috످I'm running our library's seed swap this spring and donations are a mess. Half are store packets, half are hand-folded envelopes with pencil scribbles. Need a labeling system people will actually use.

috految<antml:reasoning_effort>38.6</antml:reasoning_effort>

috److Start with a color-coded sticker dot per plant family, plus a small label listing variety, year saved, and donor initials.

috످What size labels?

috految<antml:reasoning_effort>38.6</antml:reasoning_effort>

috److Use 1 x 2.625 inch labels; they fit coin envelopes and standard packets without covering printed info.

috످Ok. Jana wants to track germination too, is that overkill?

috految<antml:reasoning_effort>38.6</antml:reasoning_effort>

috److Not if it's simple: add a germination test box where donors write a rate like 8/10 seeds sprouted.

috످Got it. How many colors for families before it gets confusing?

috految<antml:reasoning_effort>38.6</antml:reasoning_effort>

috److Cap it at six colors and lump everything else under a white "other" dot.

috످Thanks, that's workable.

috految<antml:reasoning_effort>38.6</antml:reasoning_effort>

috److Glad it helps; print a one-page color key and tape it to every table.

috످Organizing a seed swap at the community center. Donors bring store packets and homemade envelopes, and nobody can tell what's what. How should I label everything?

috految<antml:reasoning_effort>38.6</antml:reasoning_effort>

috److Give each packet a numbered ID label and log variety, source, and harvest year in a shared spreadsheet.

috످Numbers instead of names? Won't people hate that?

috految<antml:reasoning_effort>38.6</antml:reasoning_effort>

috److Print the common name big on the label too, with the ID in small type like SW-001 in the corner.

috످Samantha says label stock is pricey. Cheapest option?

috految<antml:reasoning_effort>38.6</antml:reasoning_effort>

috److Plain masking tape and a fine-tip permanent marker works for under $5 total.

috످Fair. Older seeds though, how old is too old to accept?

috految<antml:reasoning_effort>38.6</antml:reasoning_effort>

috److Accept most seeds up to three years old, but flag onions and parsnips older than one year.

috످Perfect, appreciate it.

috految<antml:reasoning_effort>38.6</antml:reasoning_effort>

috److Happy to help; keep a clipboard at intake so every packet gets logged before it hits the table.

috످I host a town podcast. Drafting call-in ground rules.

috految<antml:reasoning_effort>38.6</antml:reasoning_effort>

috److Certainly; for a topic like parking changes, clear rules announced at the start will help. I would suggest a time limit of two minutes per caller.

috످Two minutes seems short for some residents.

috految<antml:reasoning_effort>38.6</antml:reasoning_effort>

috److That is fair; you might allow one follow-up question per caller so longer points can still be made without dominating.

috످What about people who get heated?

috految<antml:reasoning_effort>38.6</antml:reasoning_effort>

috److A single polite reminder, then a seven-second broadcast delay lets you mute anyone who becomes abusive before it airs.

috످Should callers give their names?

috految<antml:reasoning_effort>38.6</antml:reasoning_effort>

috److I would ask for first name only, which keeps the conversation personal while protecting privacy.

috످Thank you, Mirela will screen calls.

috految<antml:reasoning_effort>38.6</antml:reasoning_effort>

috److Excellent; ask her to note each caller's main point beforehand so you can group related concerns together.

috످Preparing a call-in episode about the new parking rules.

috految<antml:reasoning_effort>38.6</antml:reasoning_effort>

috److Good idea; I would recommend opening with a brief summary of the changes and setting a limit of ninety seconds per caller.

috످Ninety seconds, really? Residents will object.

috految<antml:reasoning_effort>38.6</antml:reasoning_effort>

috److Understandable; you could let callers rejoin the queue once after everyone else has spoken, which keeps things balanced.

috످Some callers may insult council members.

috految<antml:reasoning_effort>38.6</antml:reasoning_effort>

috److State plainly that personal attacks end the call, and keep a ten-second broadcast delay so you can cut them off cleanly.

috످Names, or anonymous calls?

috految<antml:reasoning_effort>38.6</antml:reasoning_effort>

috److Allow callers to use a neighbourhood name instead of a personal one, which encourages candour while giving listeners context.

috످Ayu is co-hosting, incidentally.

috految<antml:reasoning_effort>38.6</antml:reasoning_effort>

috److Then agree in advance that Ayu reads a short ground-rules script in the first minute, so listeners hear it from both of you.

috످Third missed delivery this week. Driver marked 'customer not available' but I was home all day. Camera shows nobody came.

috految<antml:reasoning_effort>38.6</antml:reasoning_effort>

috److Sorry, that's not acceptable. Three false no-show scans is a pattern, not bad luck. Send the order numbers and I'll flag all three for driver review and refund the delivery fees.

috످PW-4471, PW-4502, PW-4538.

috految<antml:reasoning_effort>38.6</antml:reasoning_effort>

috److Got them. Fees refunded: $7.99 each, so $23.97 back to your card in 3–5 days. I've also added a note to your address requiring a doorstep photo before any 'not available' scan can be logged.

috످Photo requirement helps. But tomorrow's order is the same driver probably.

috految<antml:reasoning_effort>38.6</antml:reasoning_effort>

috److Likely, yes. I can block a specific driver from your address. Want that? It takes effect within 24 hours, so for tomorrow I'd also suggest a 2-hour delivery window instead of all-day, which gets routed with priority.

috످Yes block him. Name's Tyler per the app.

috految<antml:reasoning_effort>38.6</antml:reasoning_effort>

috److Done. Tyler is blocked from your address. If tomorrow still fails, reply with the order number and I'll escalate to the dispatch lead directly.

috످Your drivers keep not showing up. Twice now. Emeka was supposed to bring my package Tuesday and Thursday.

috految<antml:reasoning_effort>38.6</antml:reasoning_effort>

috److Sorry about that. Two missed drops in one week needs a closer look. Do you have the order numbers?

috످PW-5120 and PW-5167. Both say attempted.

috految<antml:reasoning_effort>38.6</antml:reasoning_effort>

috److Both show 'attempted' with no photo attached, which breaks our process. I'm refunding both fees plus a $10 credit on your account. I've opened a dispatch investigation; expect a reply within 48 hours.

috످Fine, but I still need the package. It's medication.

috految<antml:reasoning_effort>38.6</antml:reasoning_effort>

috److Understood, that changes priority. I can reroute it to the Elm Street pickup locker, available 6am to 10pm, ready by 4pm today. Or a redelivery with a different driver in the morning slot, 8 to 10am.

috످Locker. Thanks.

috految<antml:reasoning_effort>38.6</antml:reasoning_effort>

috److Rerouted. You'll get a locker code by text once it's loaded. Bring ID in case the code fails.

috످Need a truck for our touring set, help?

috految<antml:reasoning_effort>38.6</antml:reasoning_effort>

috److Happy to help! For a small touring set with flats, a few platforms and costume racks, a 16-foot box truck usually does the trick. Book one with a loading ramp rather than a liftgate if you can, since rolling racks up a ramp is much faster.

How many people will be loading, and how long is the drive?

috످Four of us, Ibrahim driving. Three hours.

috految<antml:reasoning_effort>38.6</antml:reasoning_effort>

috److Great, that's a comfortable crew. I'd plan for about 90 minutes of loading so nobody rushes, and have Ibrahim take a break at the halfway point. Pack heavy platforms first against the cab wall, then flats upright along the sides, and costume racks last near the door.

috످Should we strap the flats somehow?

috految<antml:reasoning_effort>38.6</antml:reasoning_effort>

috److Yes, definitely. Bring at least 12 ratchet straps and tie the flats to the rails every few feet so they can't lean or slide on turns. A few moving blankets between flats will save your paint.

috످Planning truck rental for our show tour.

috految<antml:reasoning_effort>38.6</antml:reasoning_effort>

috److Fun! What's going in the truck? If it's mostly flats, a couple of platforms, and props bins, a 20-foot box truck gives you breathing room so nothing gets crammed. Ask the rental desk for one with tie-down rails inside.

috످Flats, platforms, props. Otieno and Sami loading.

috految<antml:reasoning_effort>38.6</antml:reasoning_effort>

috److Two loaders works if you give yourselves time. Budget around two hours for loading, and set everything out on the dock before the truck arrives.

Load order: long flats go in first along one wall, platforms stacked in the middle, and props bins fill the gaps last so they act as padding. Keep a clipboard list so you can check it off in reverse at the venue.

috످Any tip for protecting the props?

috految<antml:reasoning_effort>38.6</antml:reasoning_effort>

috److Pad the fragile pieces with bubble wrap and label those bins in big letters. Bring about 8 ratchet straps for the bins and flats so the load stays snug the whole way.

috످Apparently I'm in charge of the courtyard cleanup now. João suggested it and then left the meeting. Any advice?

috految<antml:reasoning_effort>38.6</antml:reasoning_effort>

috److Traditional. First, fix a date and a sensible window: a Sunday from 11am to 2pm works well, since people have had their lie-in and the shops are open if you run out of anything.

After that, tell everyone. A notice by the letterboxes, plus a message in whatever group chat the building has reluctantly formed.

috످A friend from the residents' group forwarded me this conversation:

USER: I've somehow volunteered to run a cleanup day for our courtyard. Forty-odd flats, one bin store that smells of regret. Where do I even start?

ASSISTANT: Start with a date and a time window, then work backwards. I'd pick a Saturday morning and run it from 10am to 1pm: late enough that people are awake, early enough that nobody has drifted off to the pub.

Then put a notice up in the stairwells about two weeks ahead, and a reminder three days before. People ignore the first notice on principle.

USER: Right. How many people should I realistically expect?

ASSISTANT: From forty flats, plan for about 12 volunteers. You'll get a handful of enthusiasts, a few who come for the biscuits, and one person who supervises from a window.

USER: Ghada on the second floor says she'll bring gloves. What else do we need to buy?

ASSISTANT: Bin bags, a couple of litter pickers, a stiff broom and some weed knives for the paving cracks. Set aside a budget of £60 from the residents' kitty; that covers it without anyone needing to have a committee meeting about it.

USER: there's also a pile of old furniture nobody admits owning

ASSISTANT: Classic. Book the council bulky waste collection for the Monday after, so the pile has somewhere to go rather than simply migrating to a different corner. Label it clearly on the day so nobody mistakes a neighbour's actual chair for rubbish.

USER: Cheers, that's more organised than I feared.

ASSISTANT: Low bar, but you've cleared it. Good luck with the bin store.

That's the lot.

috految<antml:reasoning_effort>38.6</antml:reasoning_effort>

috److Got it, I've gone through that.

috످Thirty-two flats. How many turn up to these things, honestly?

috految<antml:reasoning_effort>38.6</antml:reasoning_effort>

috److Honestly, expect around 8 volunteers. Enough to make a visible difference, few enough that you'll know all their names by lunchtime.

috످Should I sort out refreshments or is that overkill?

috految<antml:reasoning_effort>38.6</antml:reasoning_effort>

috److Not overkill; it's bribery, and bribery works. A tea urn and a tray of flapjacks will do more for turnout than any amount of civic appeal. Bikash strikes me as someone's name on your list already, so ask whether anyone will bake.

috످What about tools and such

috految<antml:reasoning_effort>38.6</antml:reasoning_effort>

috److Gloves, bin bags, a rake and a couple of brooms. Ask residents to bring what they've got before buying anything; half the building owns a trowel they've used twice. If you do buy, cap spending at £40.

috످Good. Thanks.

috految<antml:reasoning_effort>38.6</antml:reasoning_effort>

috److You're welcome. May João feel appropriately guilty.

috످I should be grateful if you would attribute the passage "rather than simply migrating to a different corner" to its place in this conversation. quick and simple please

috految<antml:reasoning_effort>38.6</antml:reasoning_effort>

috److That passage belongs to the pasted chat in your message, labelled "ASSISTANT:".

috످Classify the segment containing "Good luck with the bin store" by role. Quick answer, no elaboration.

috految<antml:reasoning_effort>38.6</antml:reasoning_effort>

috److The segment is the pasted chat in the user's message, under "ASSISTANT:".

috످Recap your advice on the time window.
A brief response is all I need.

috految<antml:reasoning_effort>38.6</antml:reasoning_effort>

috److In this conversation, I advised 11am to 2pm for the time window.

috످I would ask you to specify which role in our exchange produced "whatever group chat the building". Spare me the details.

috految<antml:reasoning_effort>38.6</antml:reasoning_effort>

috److془The phrase is in my own reply. Answer: Me, the assistant.془I wrote that, as the assistant.

috످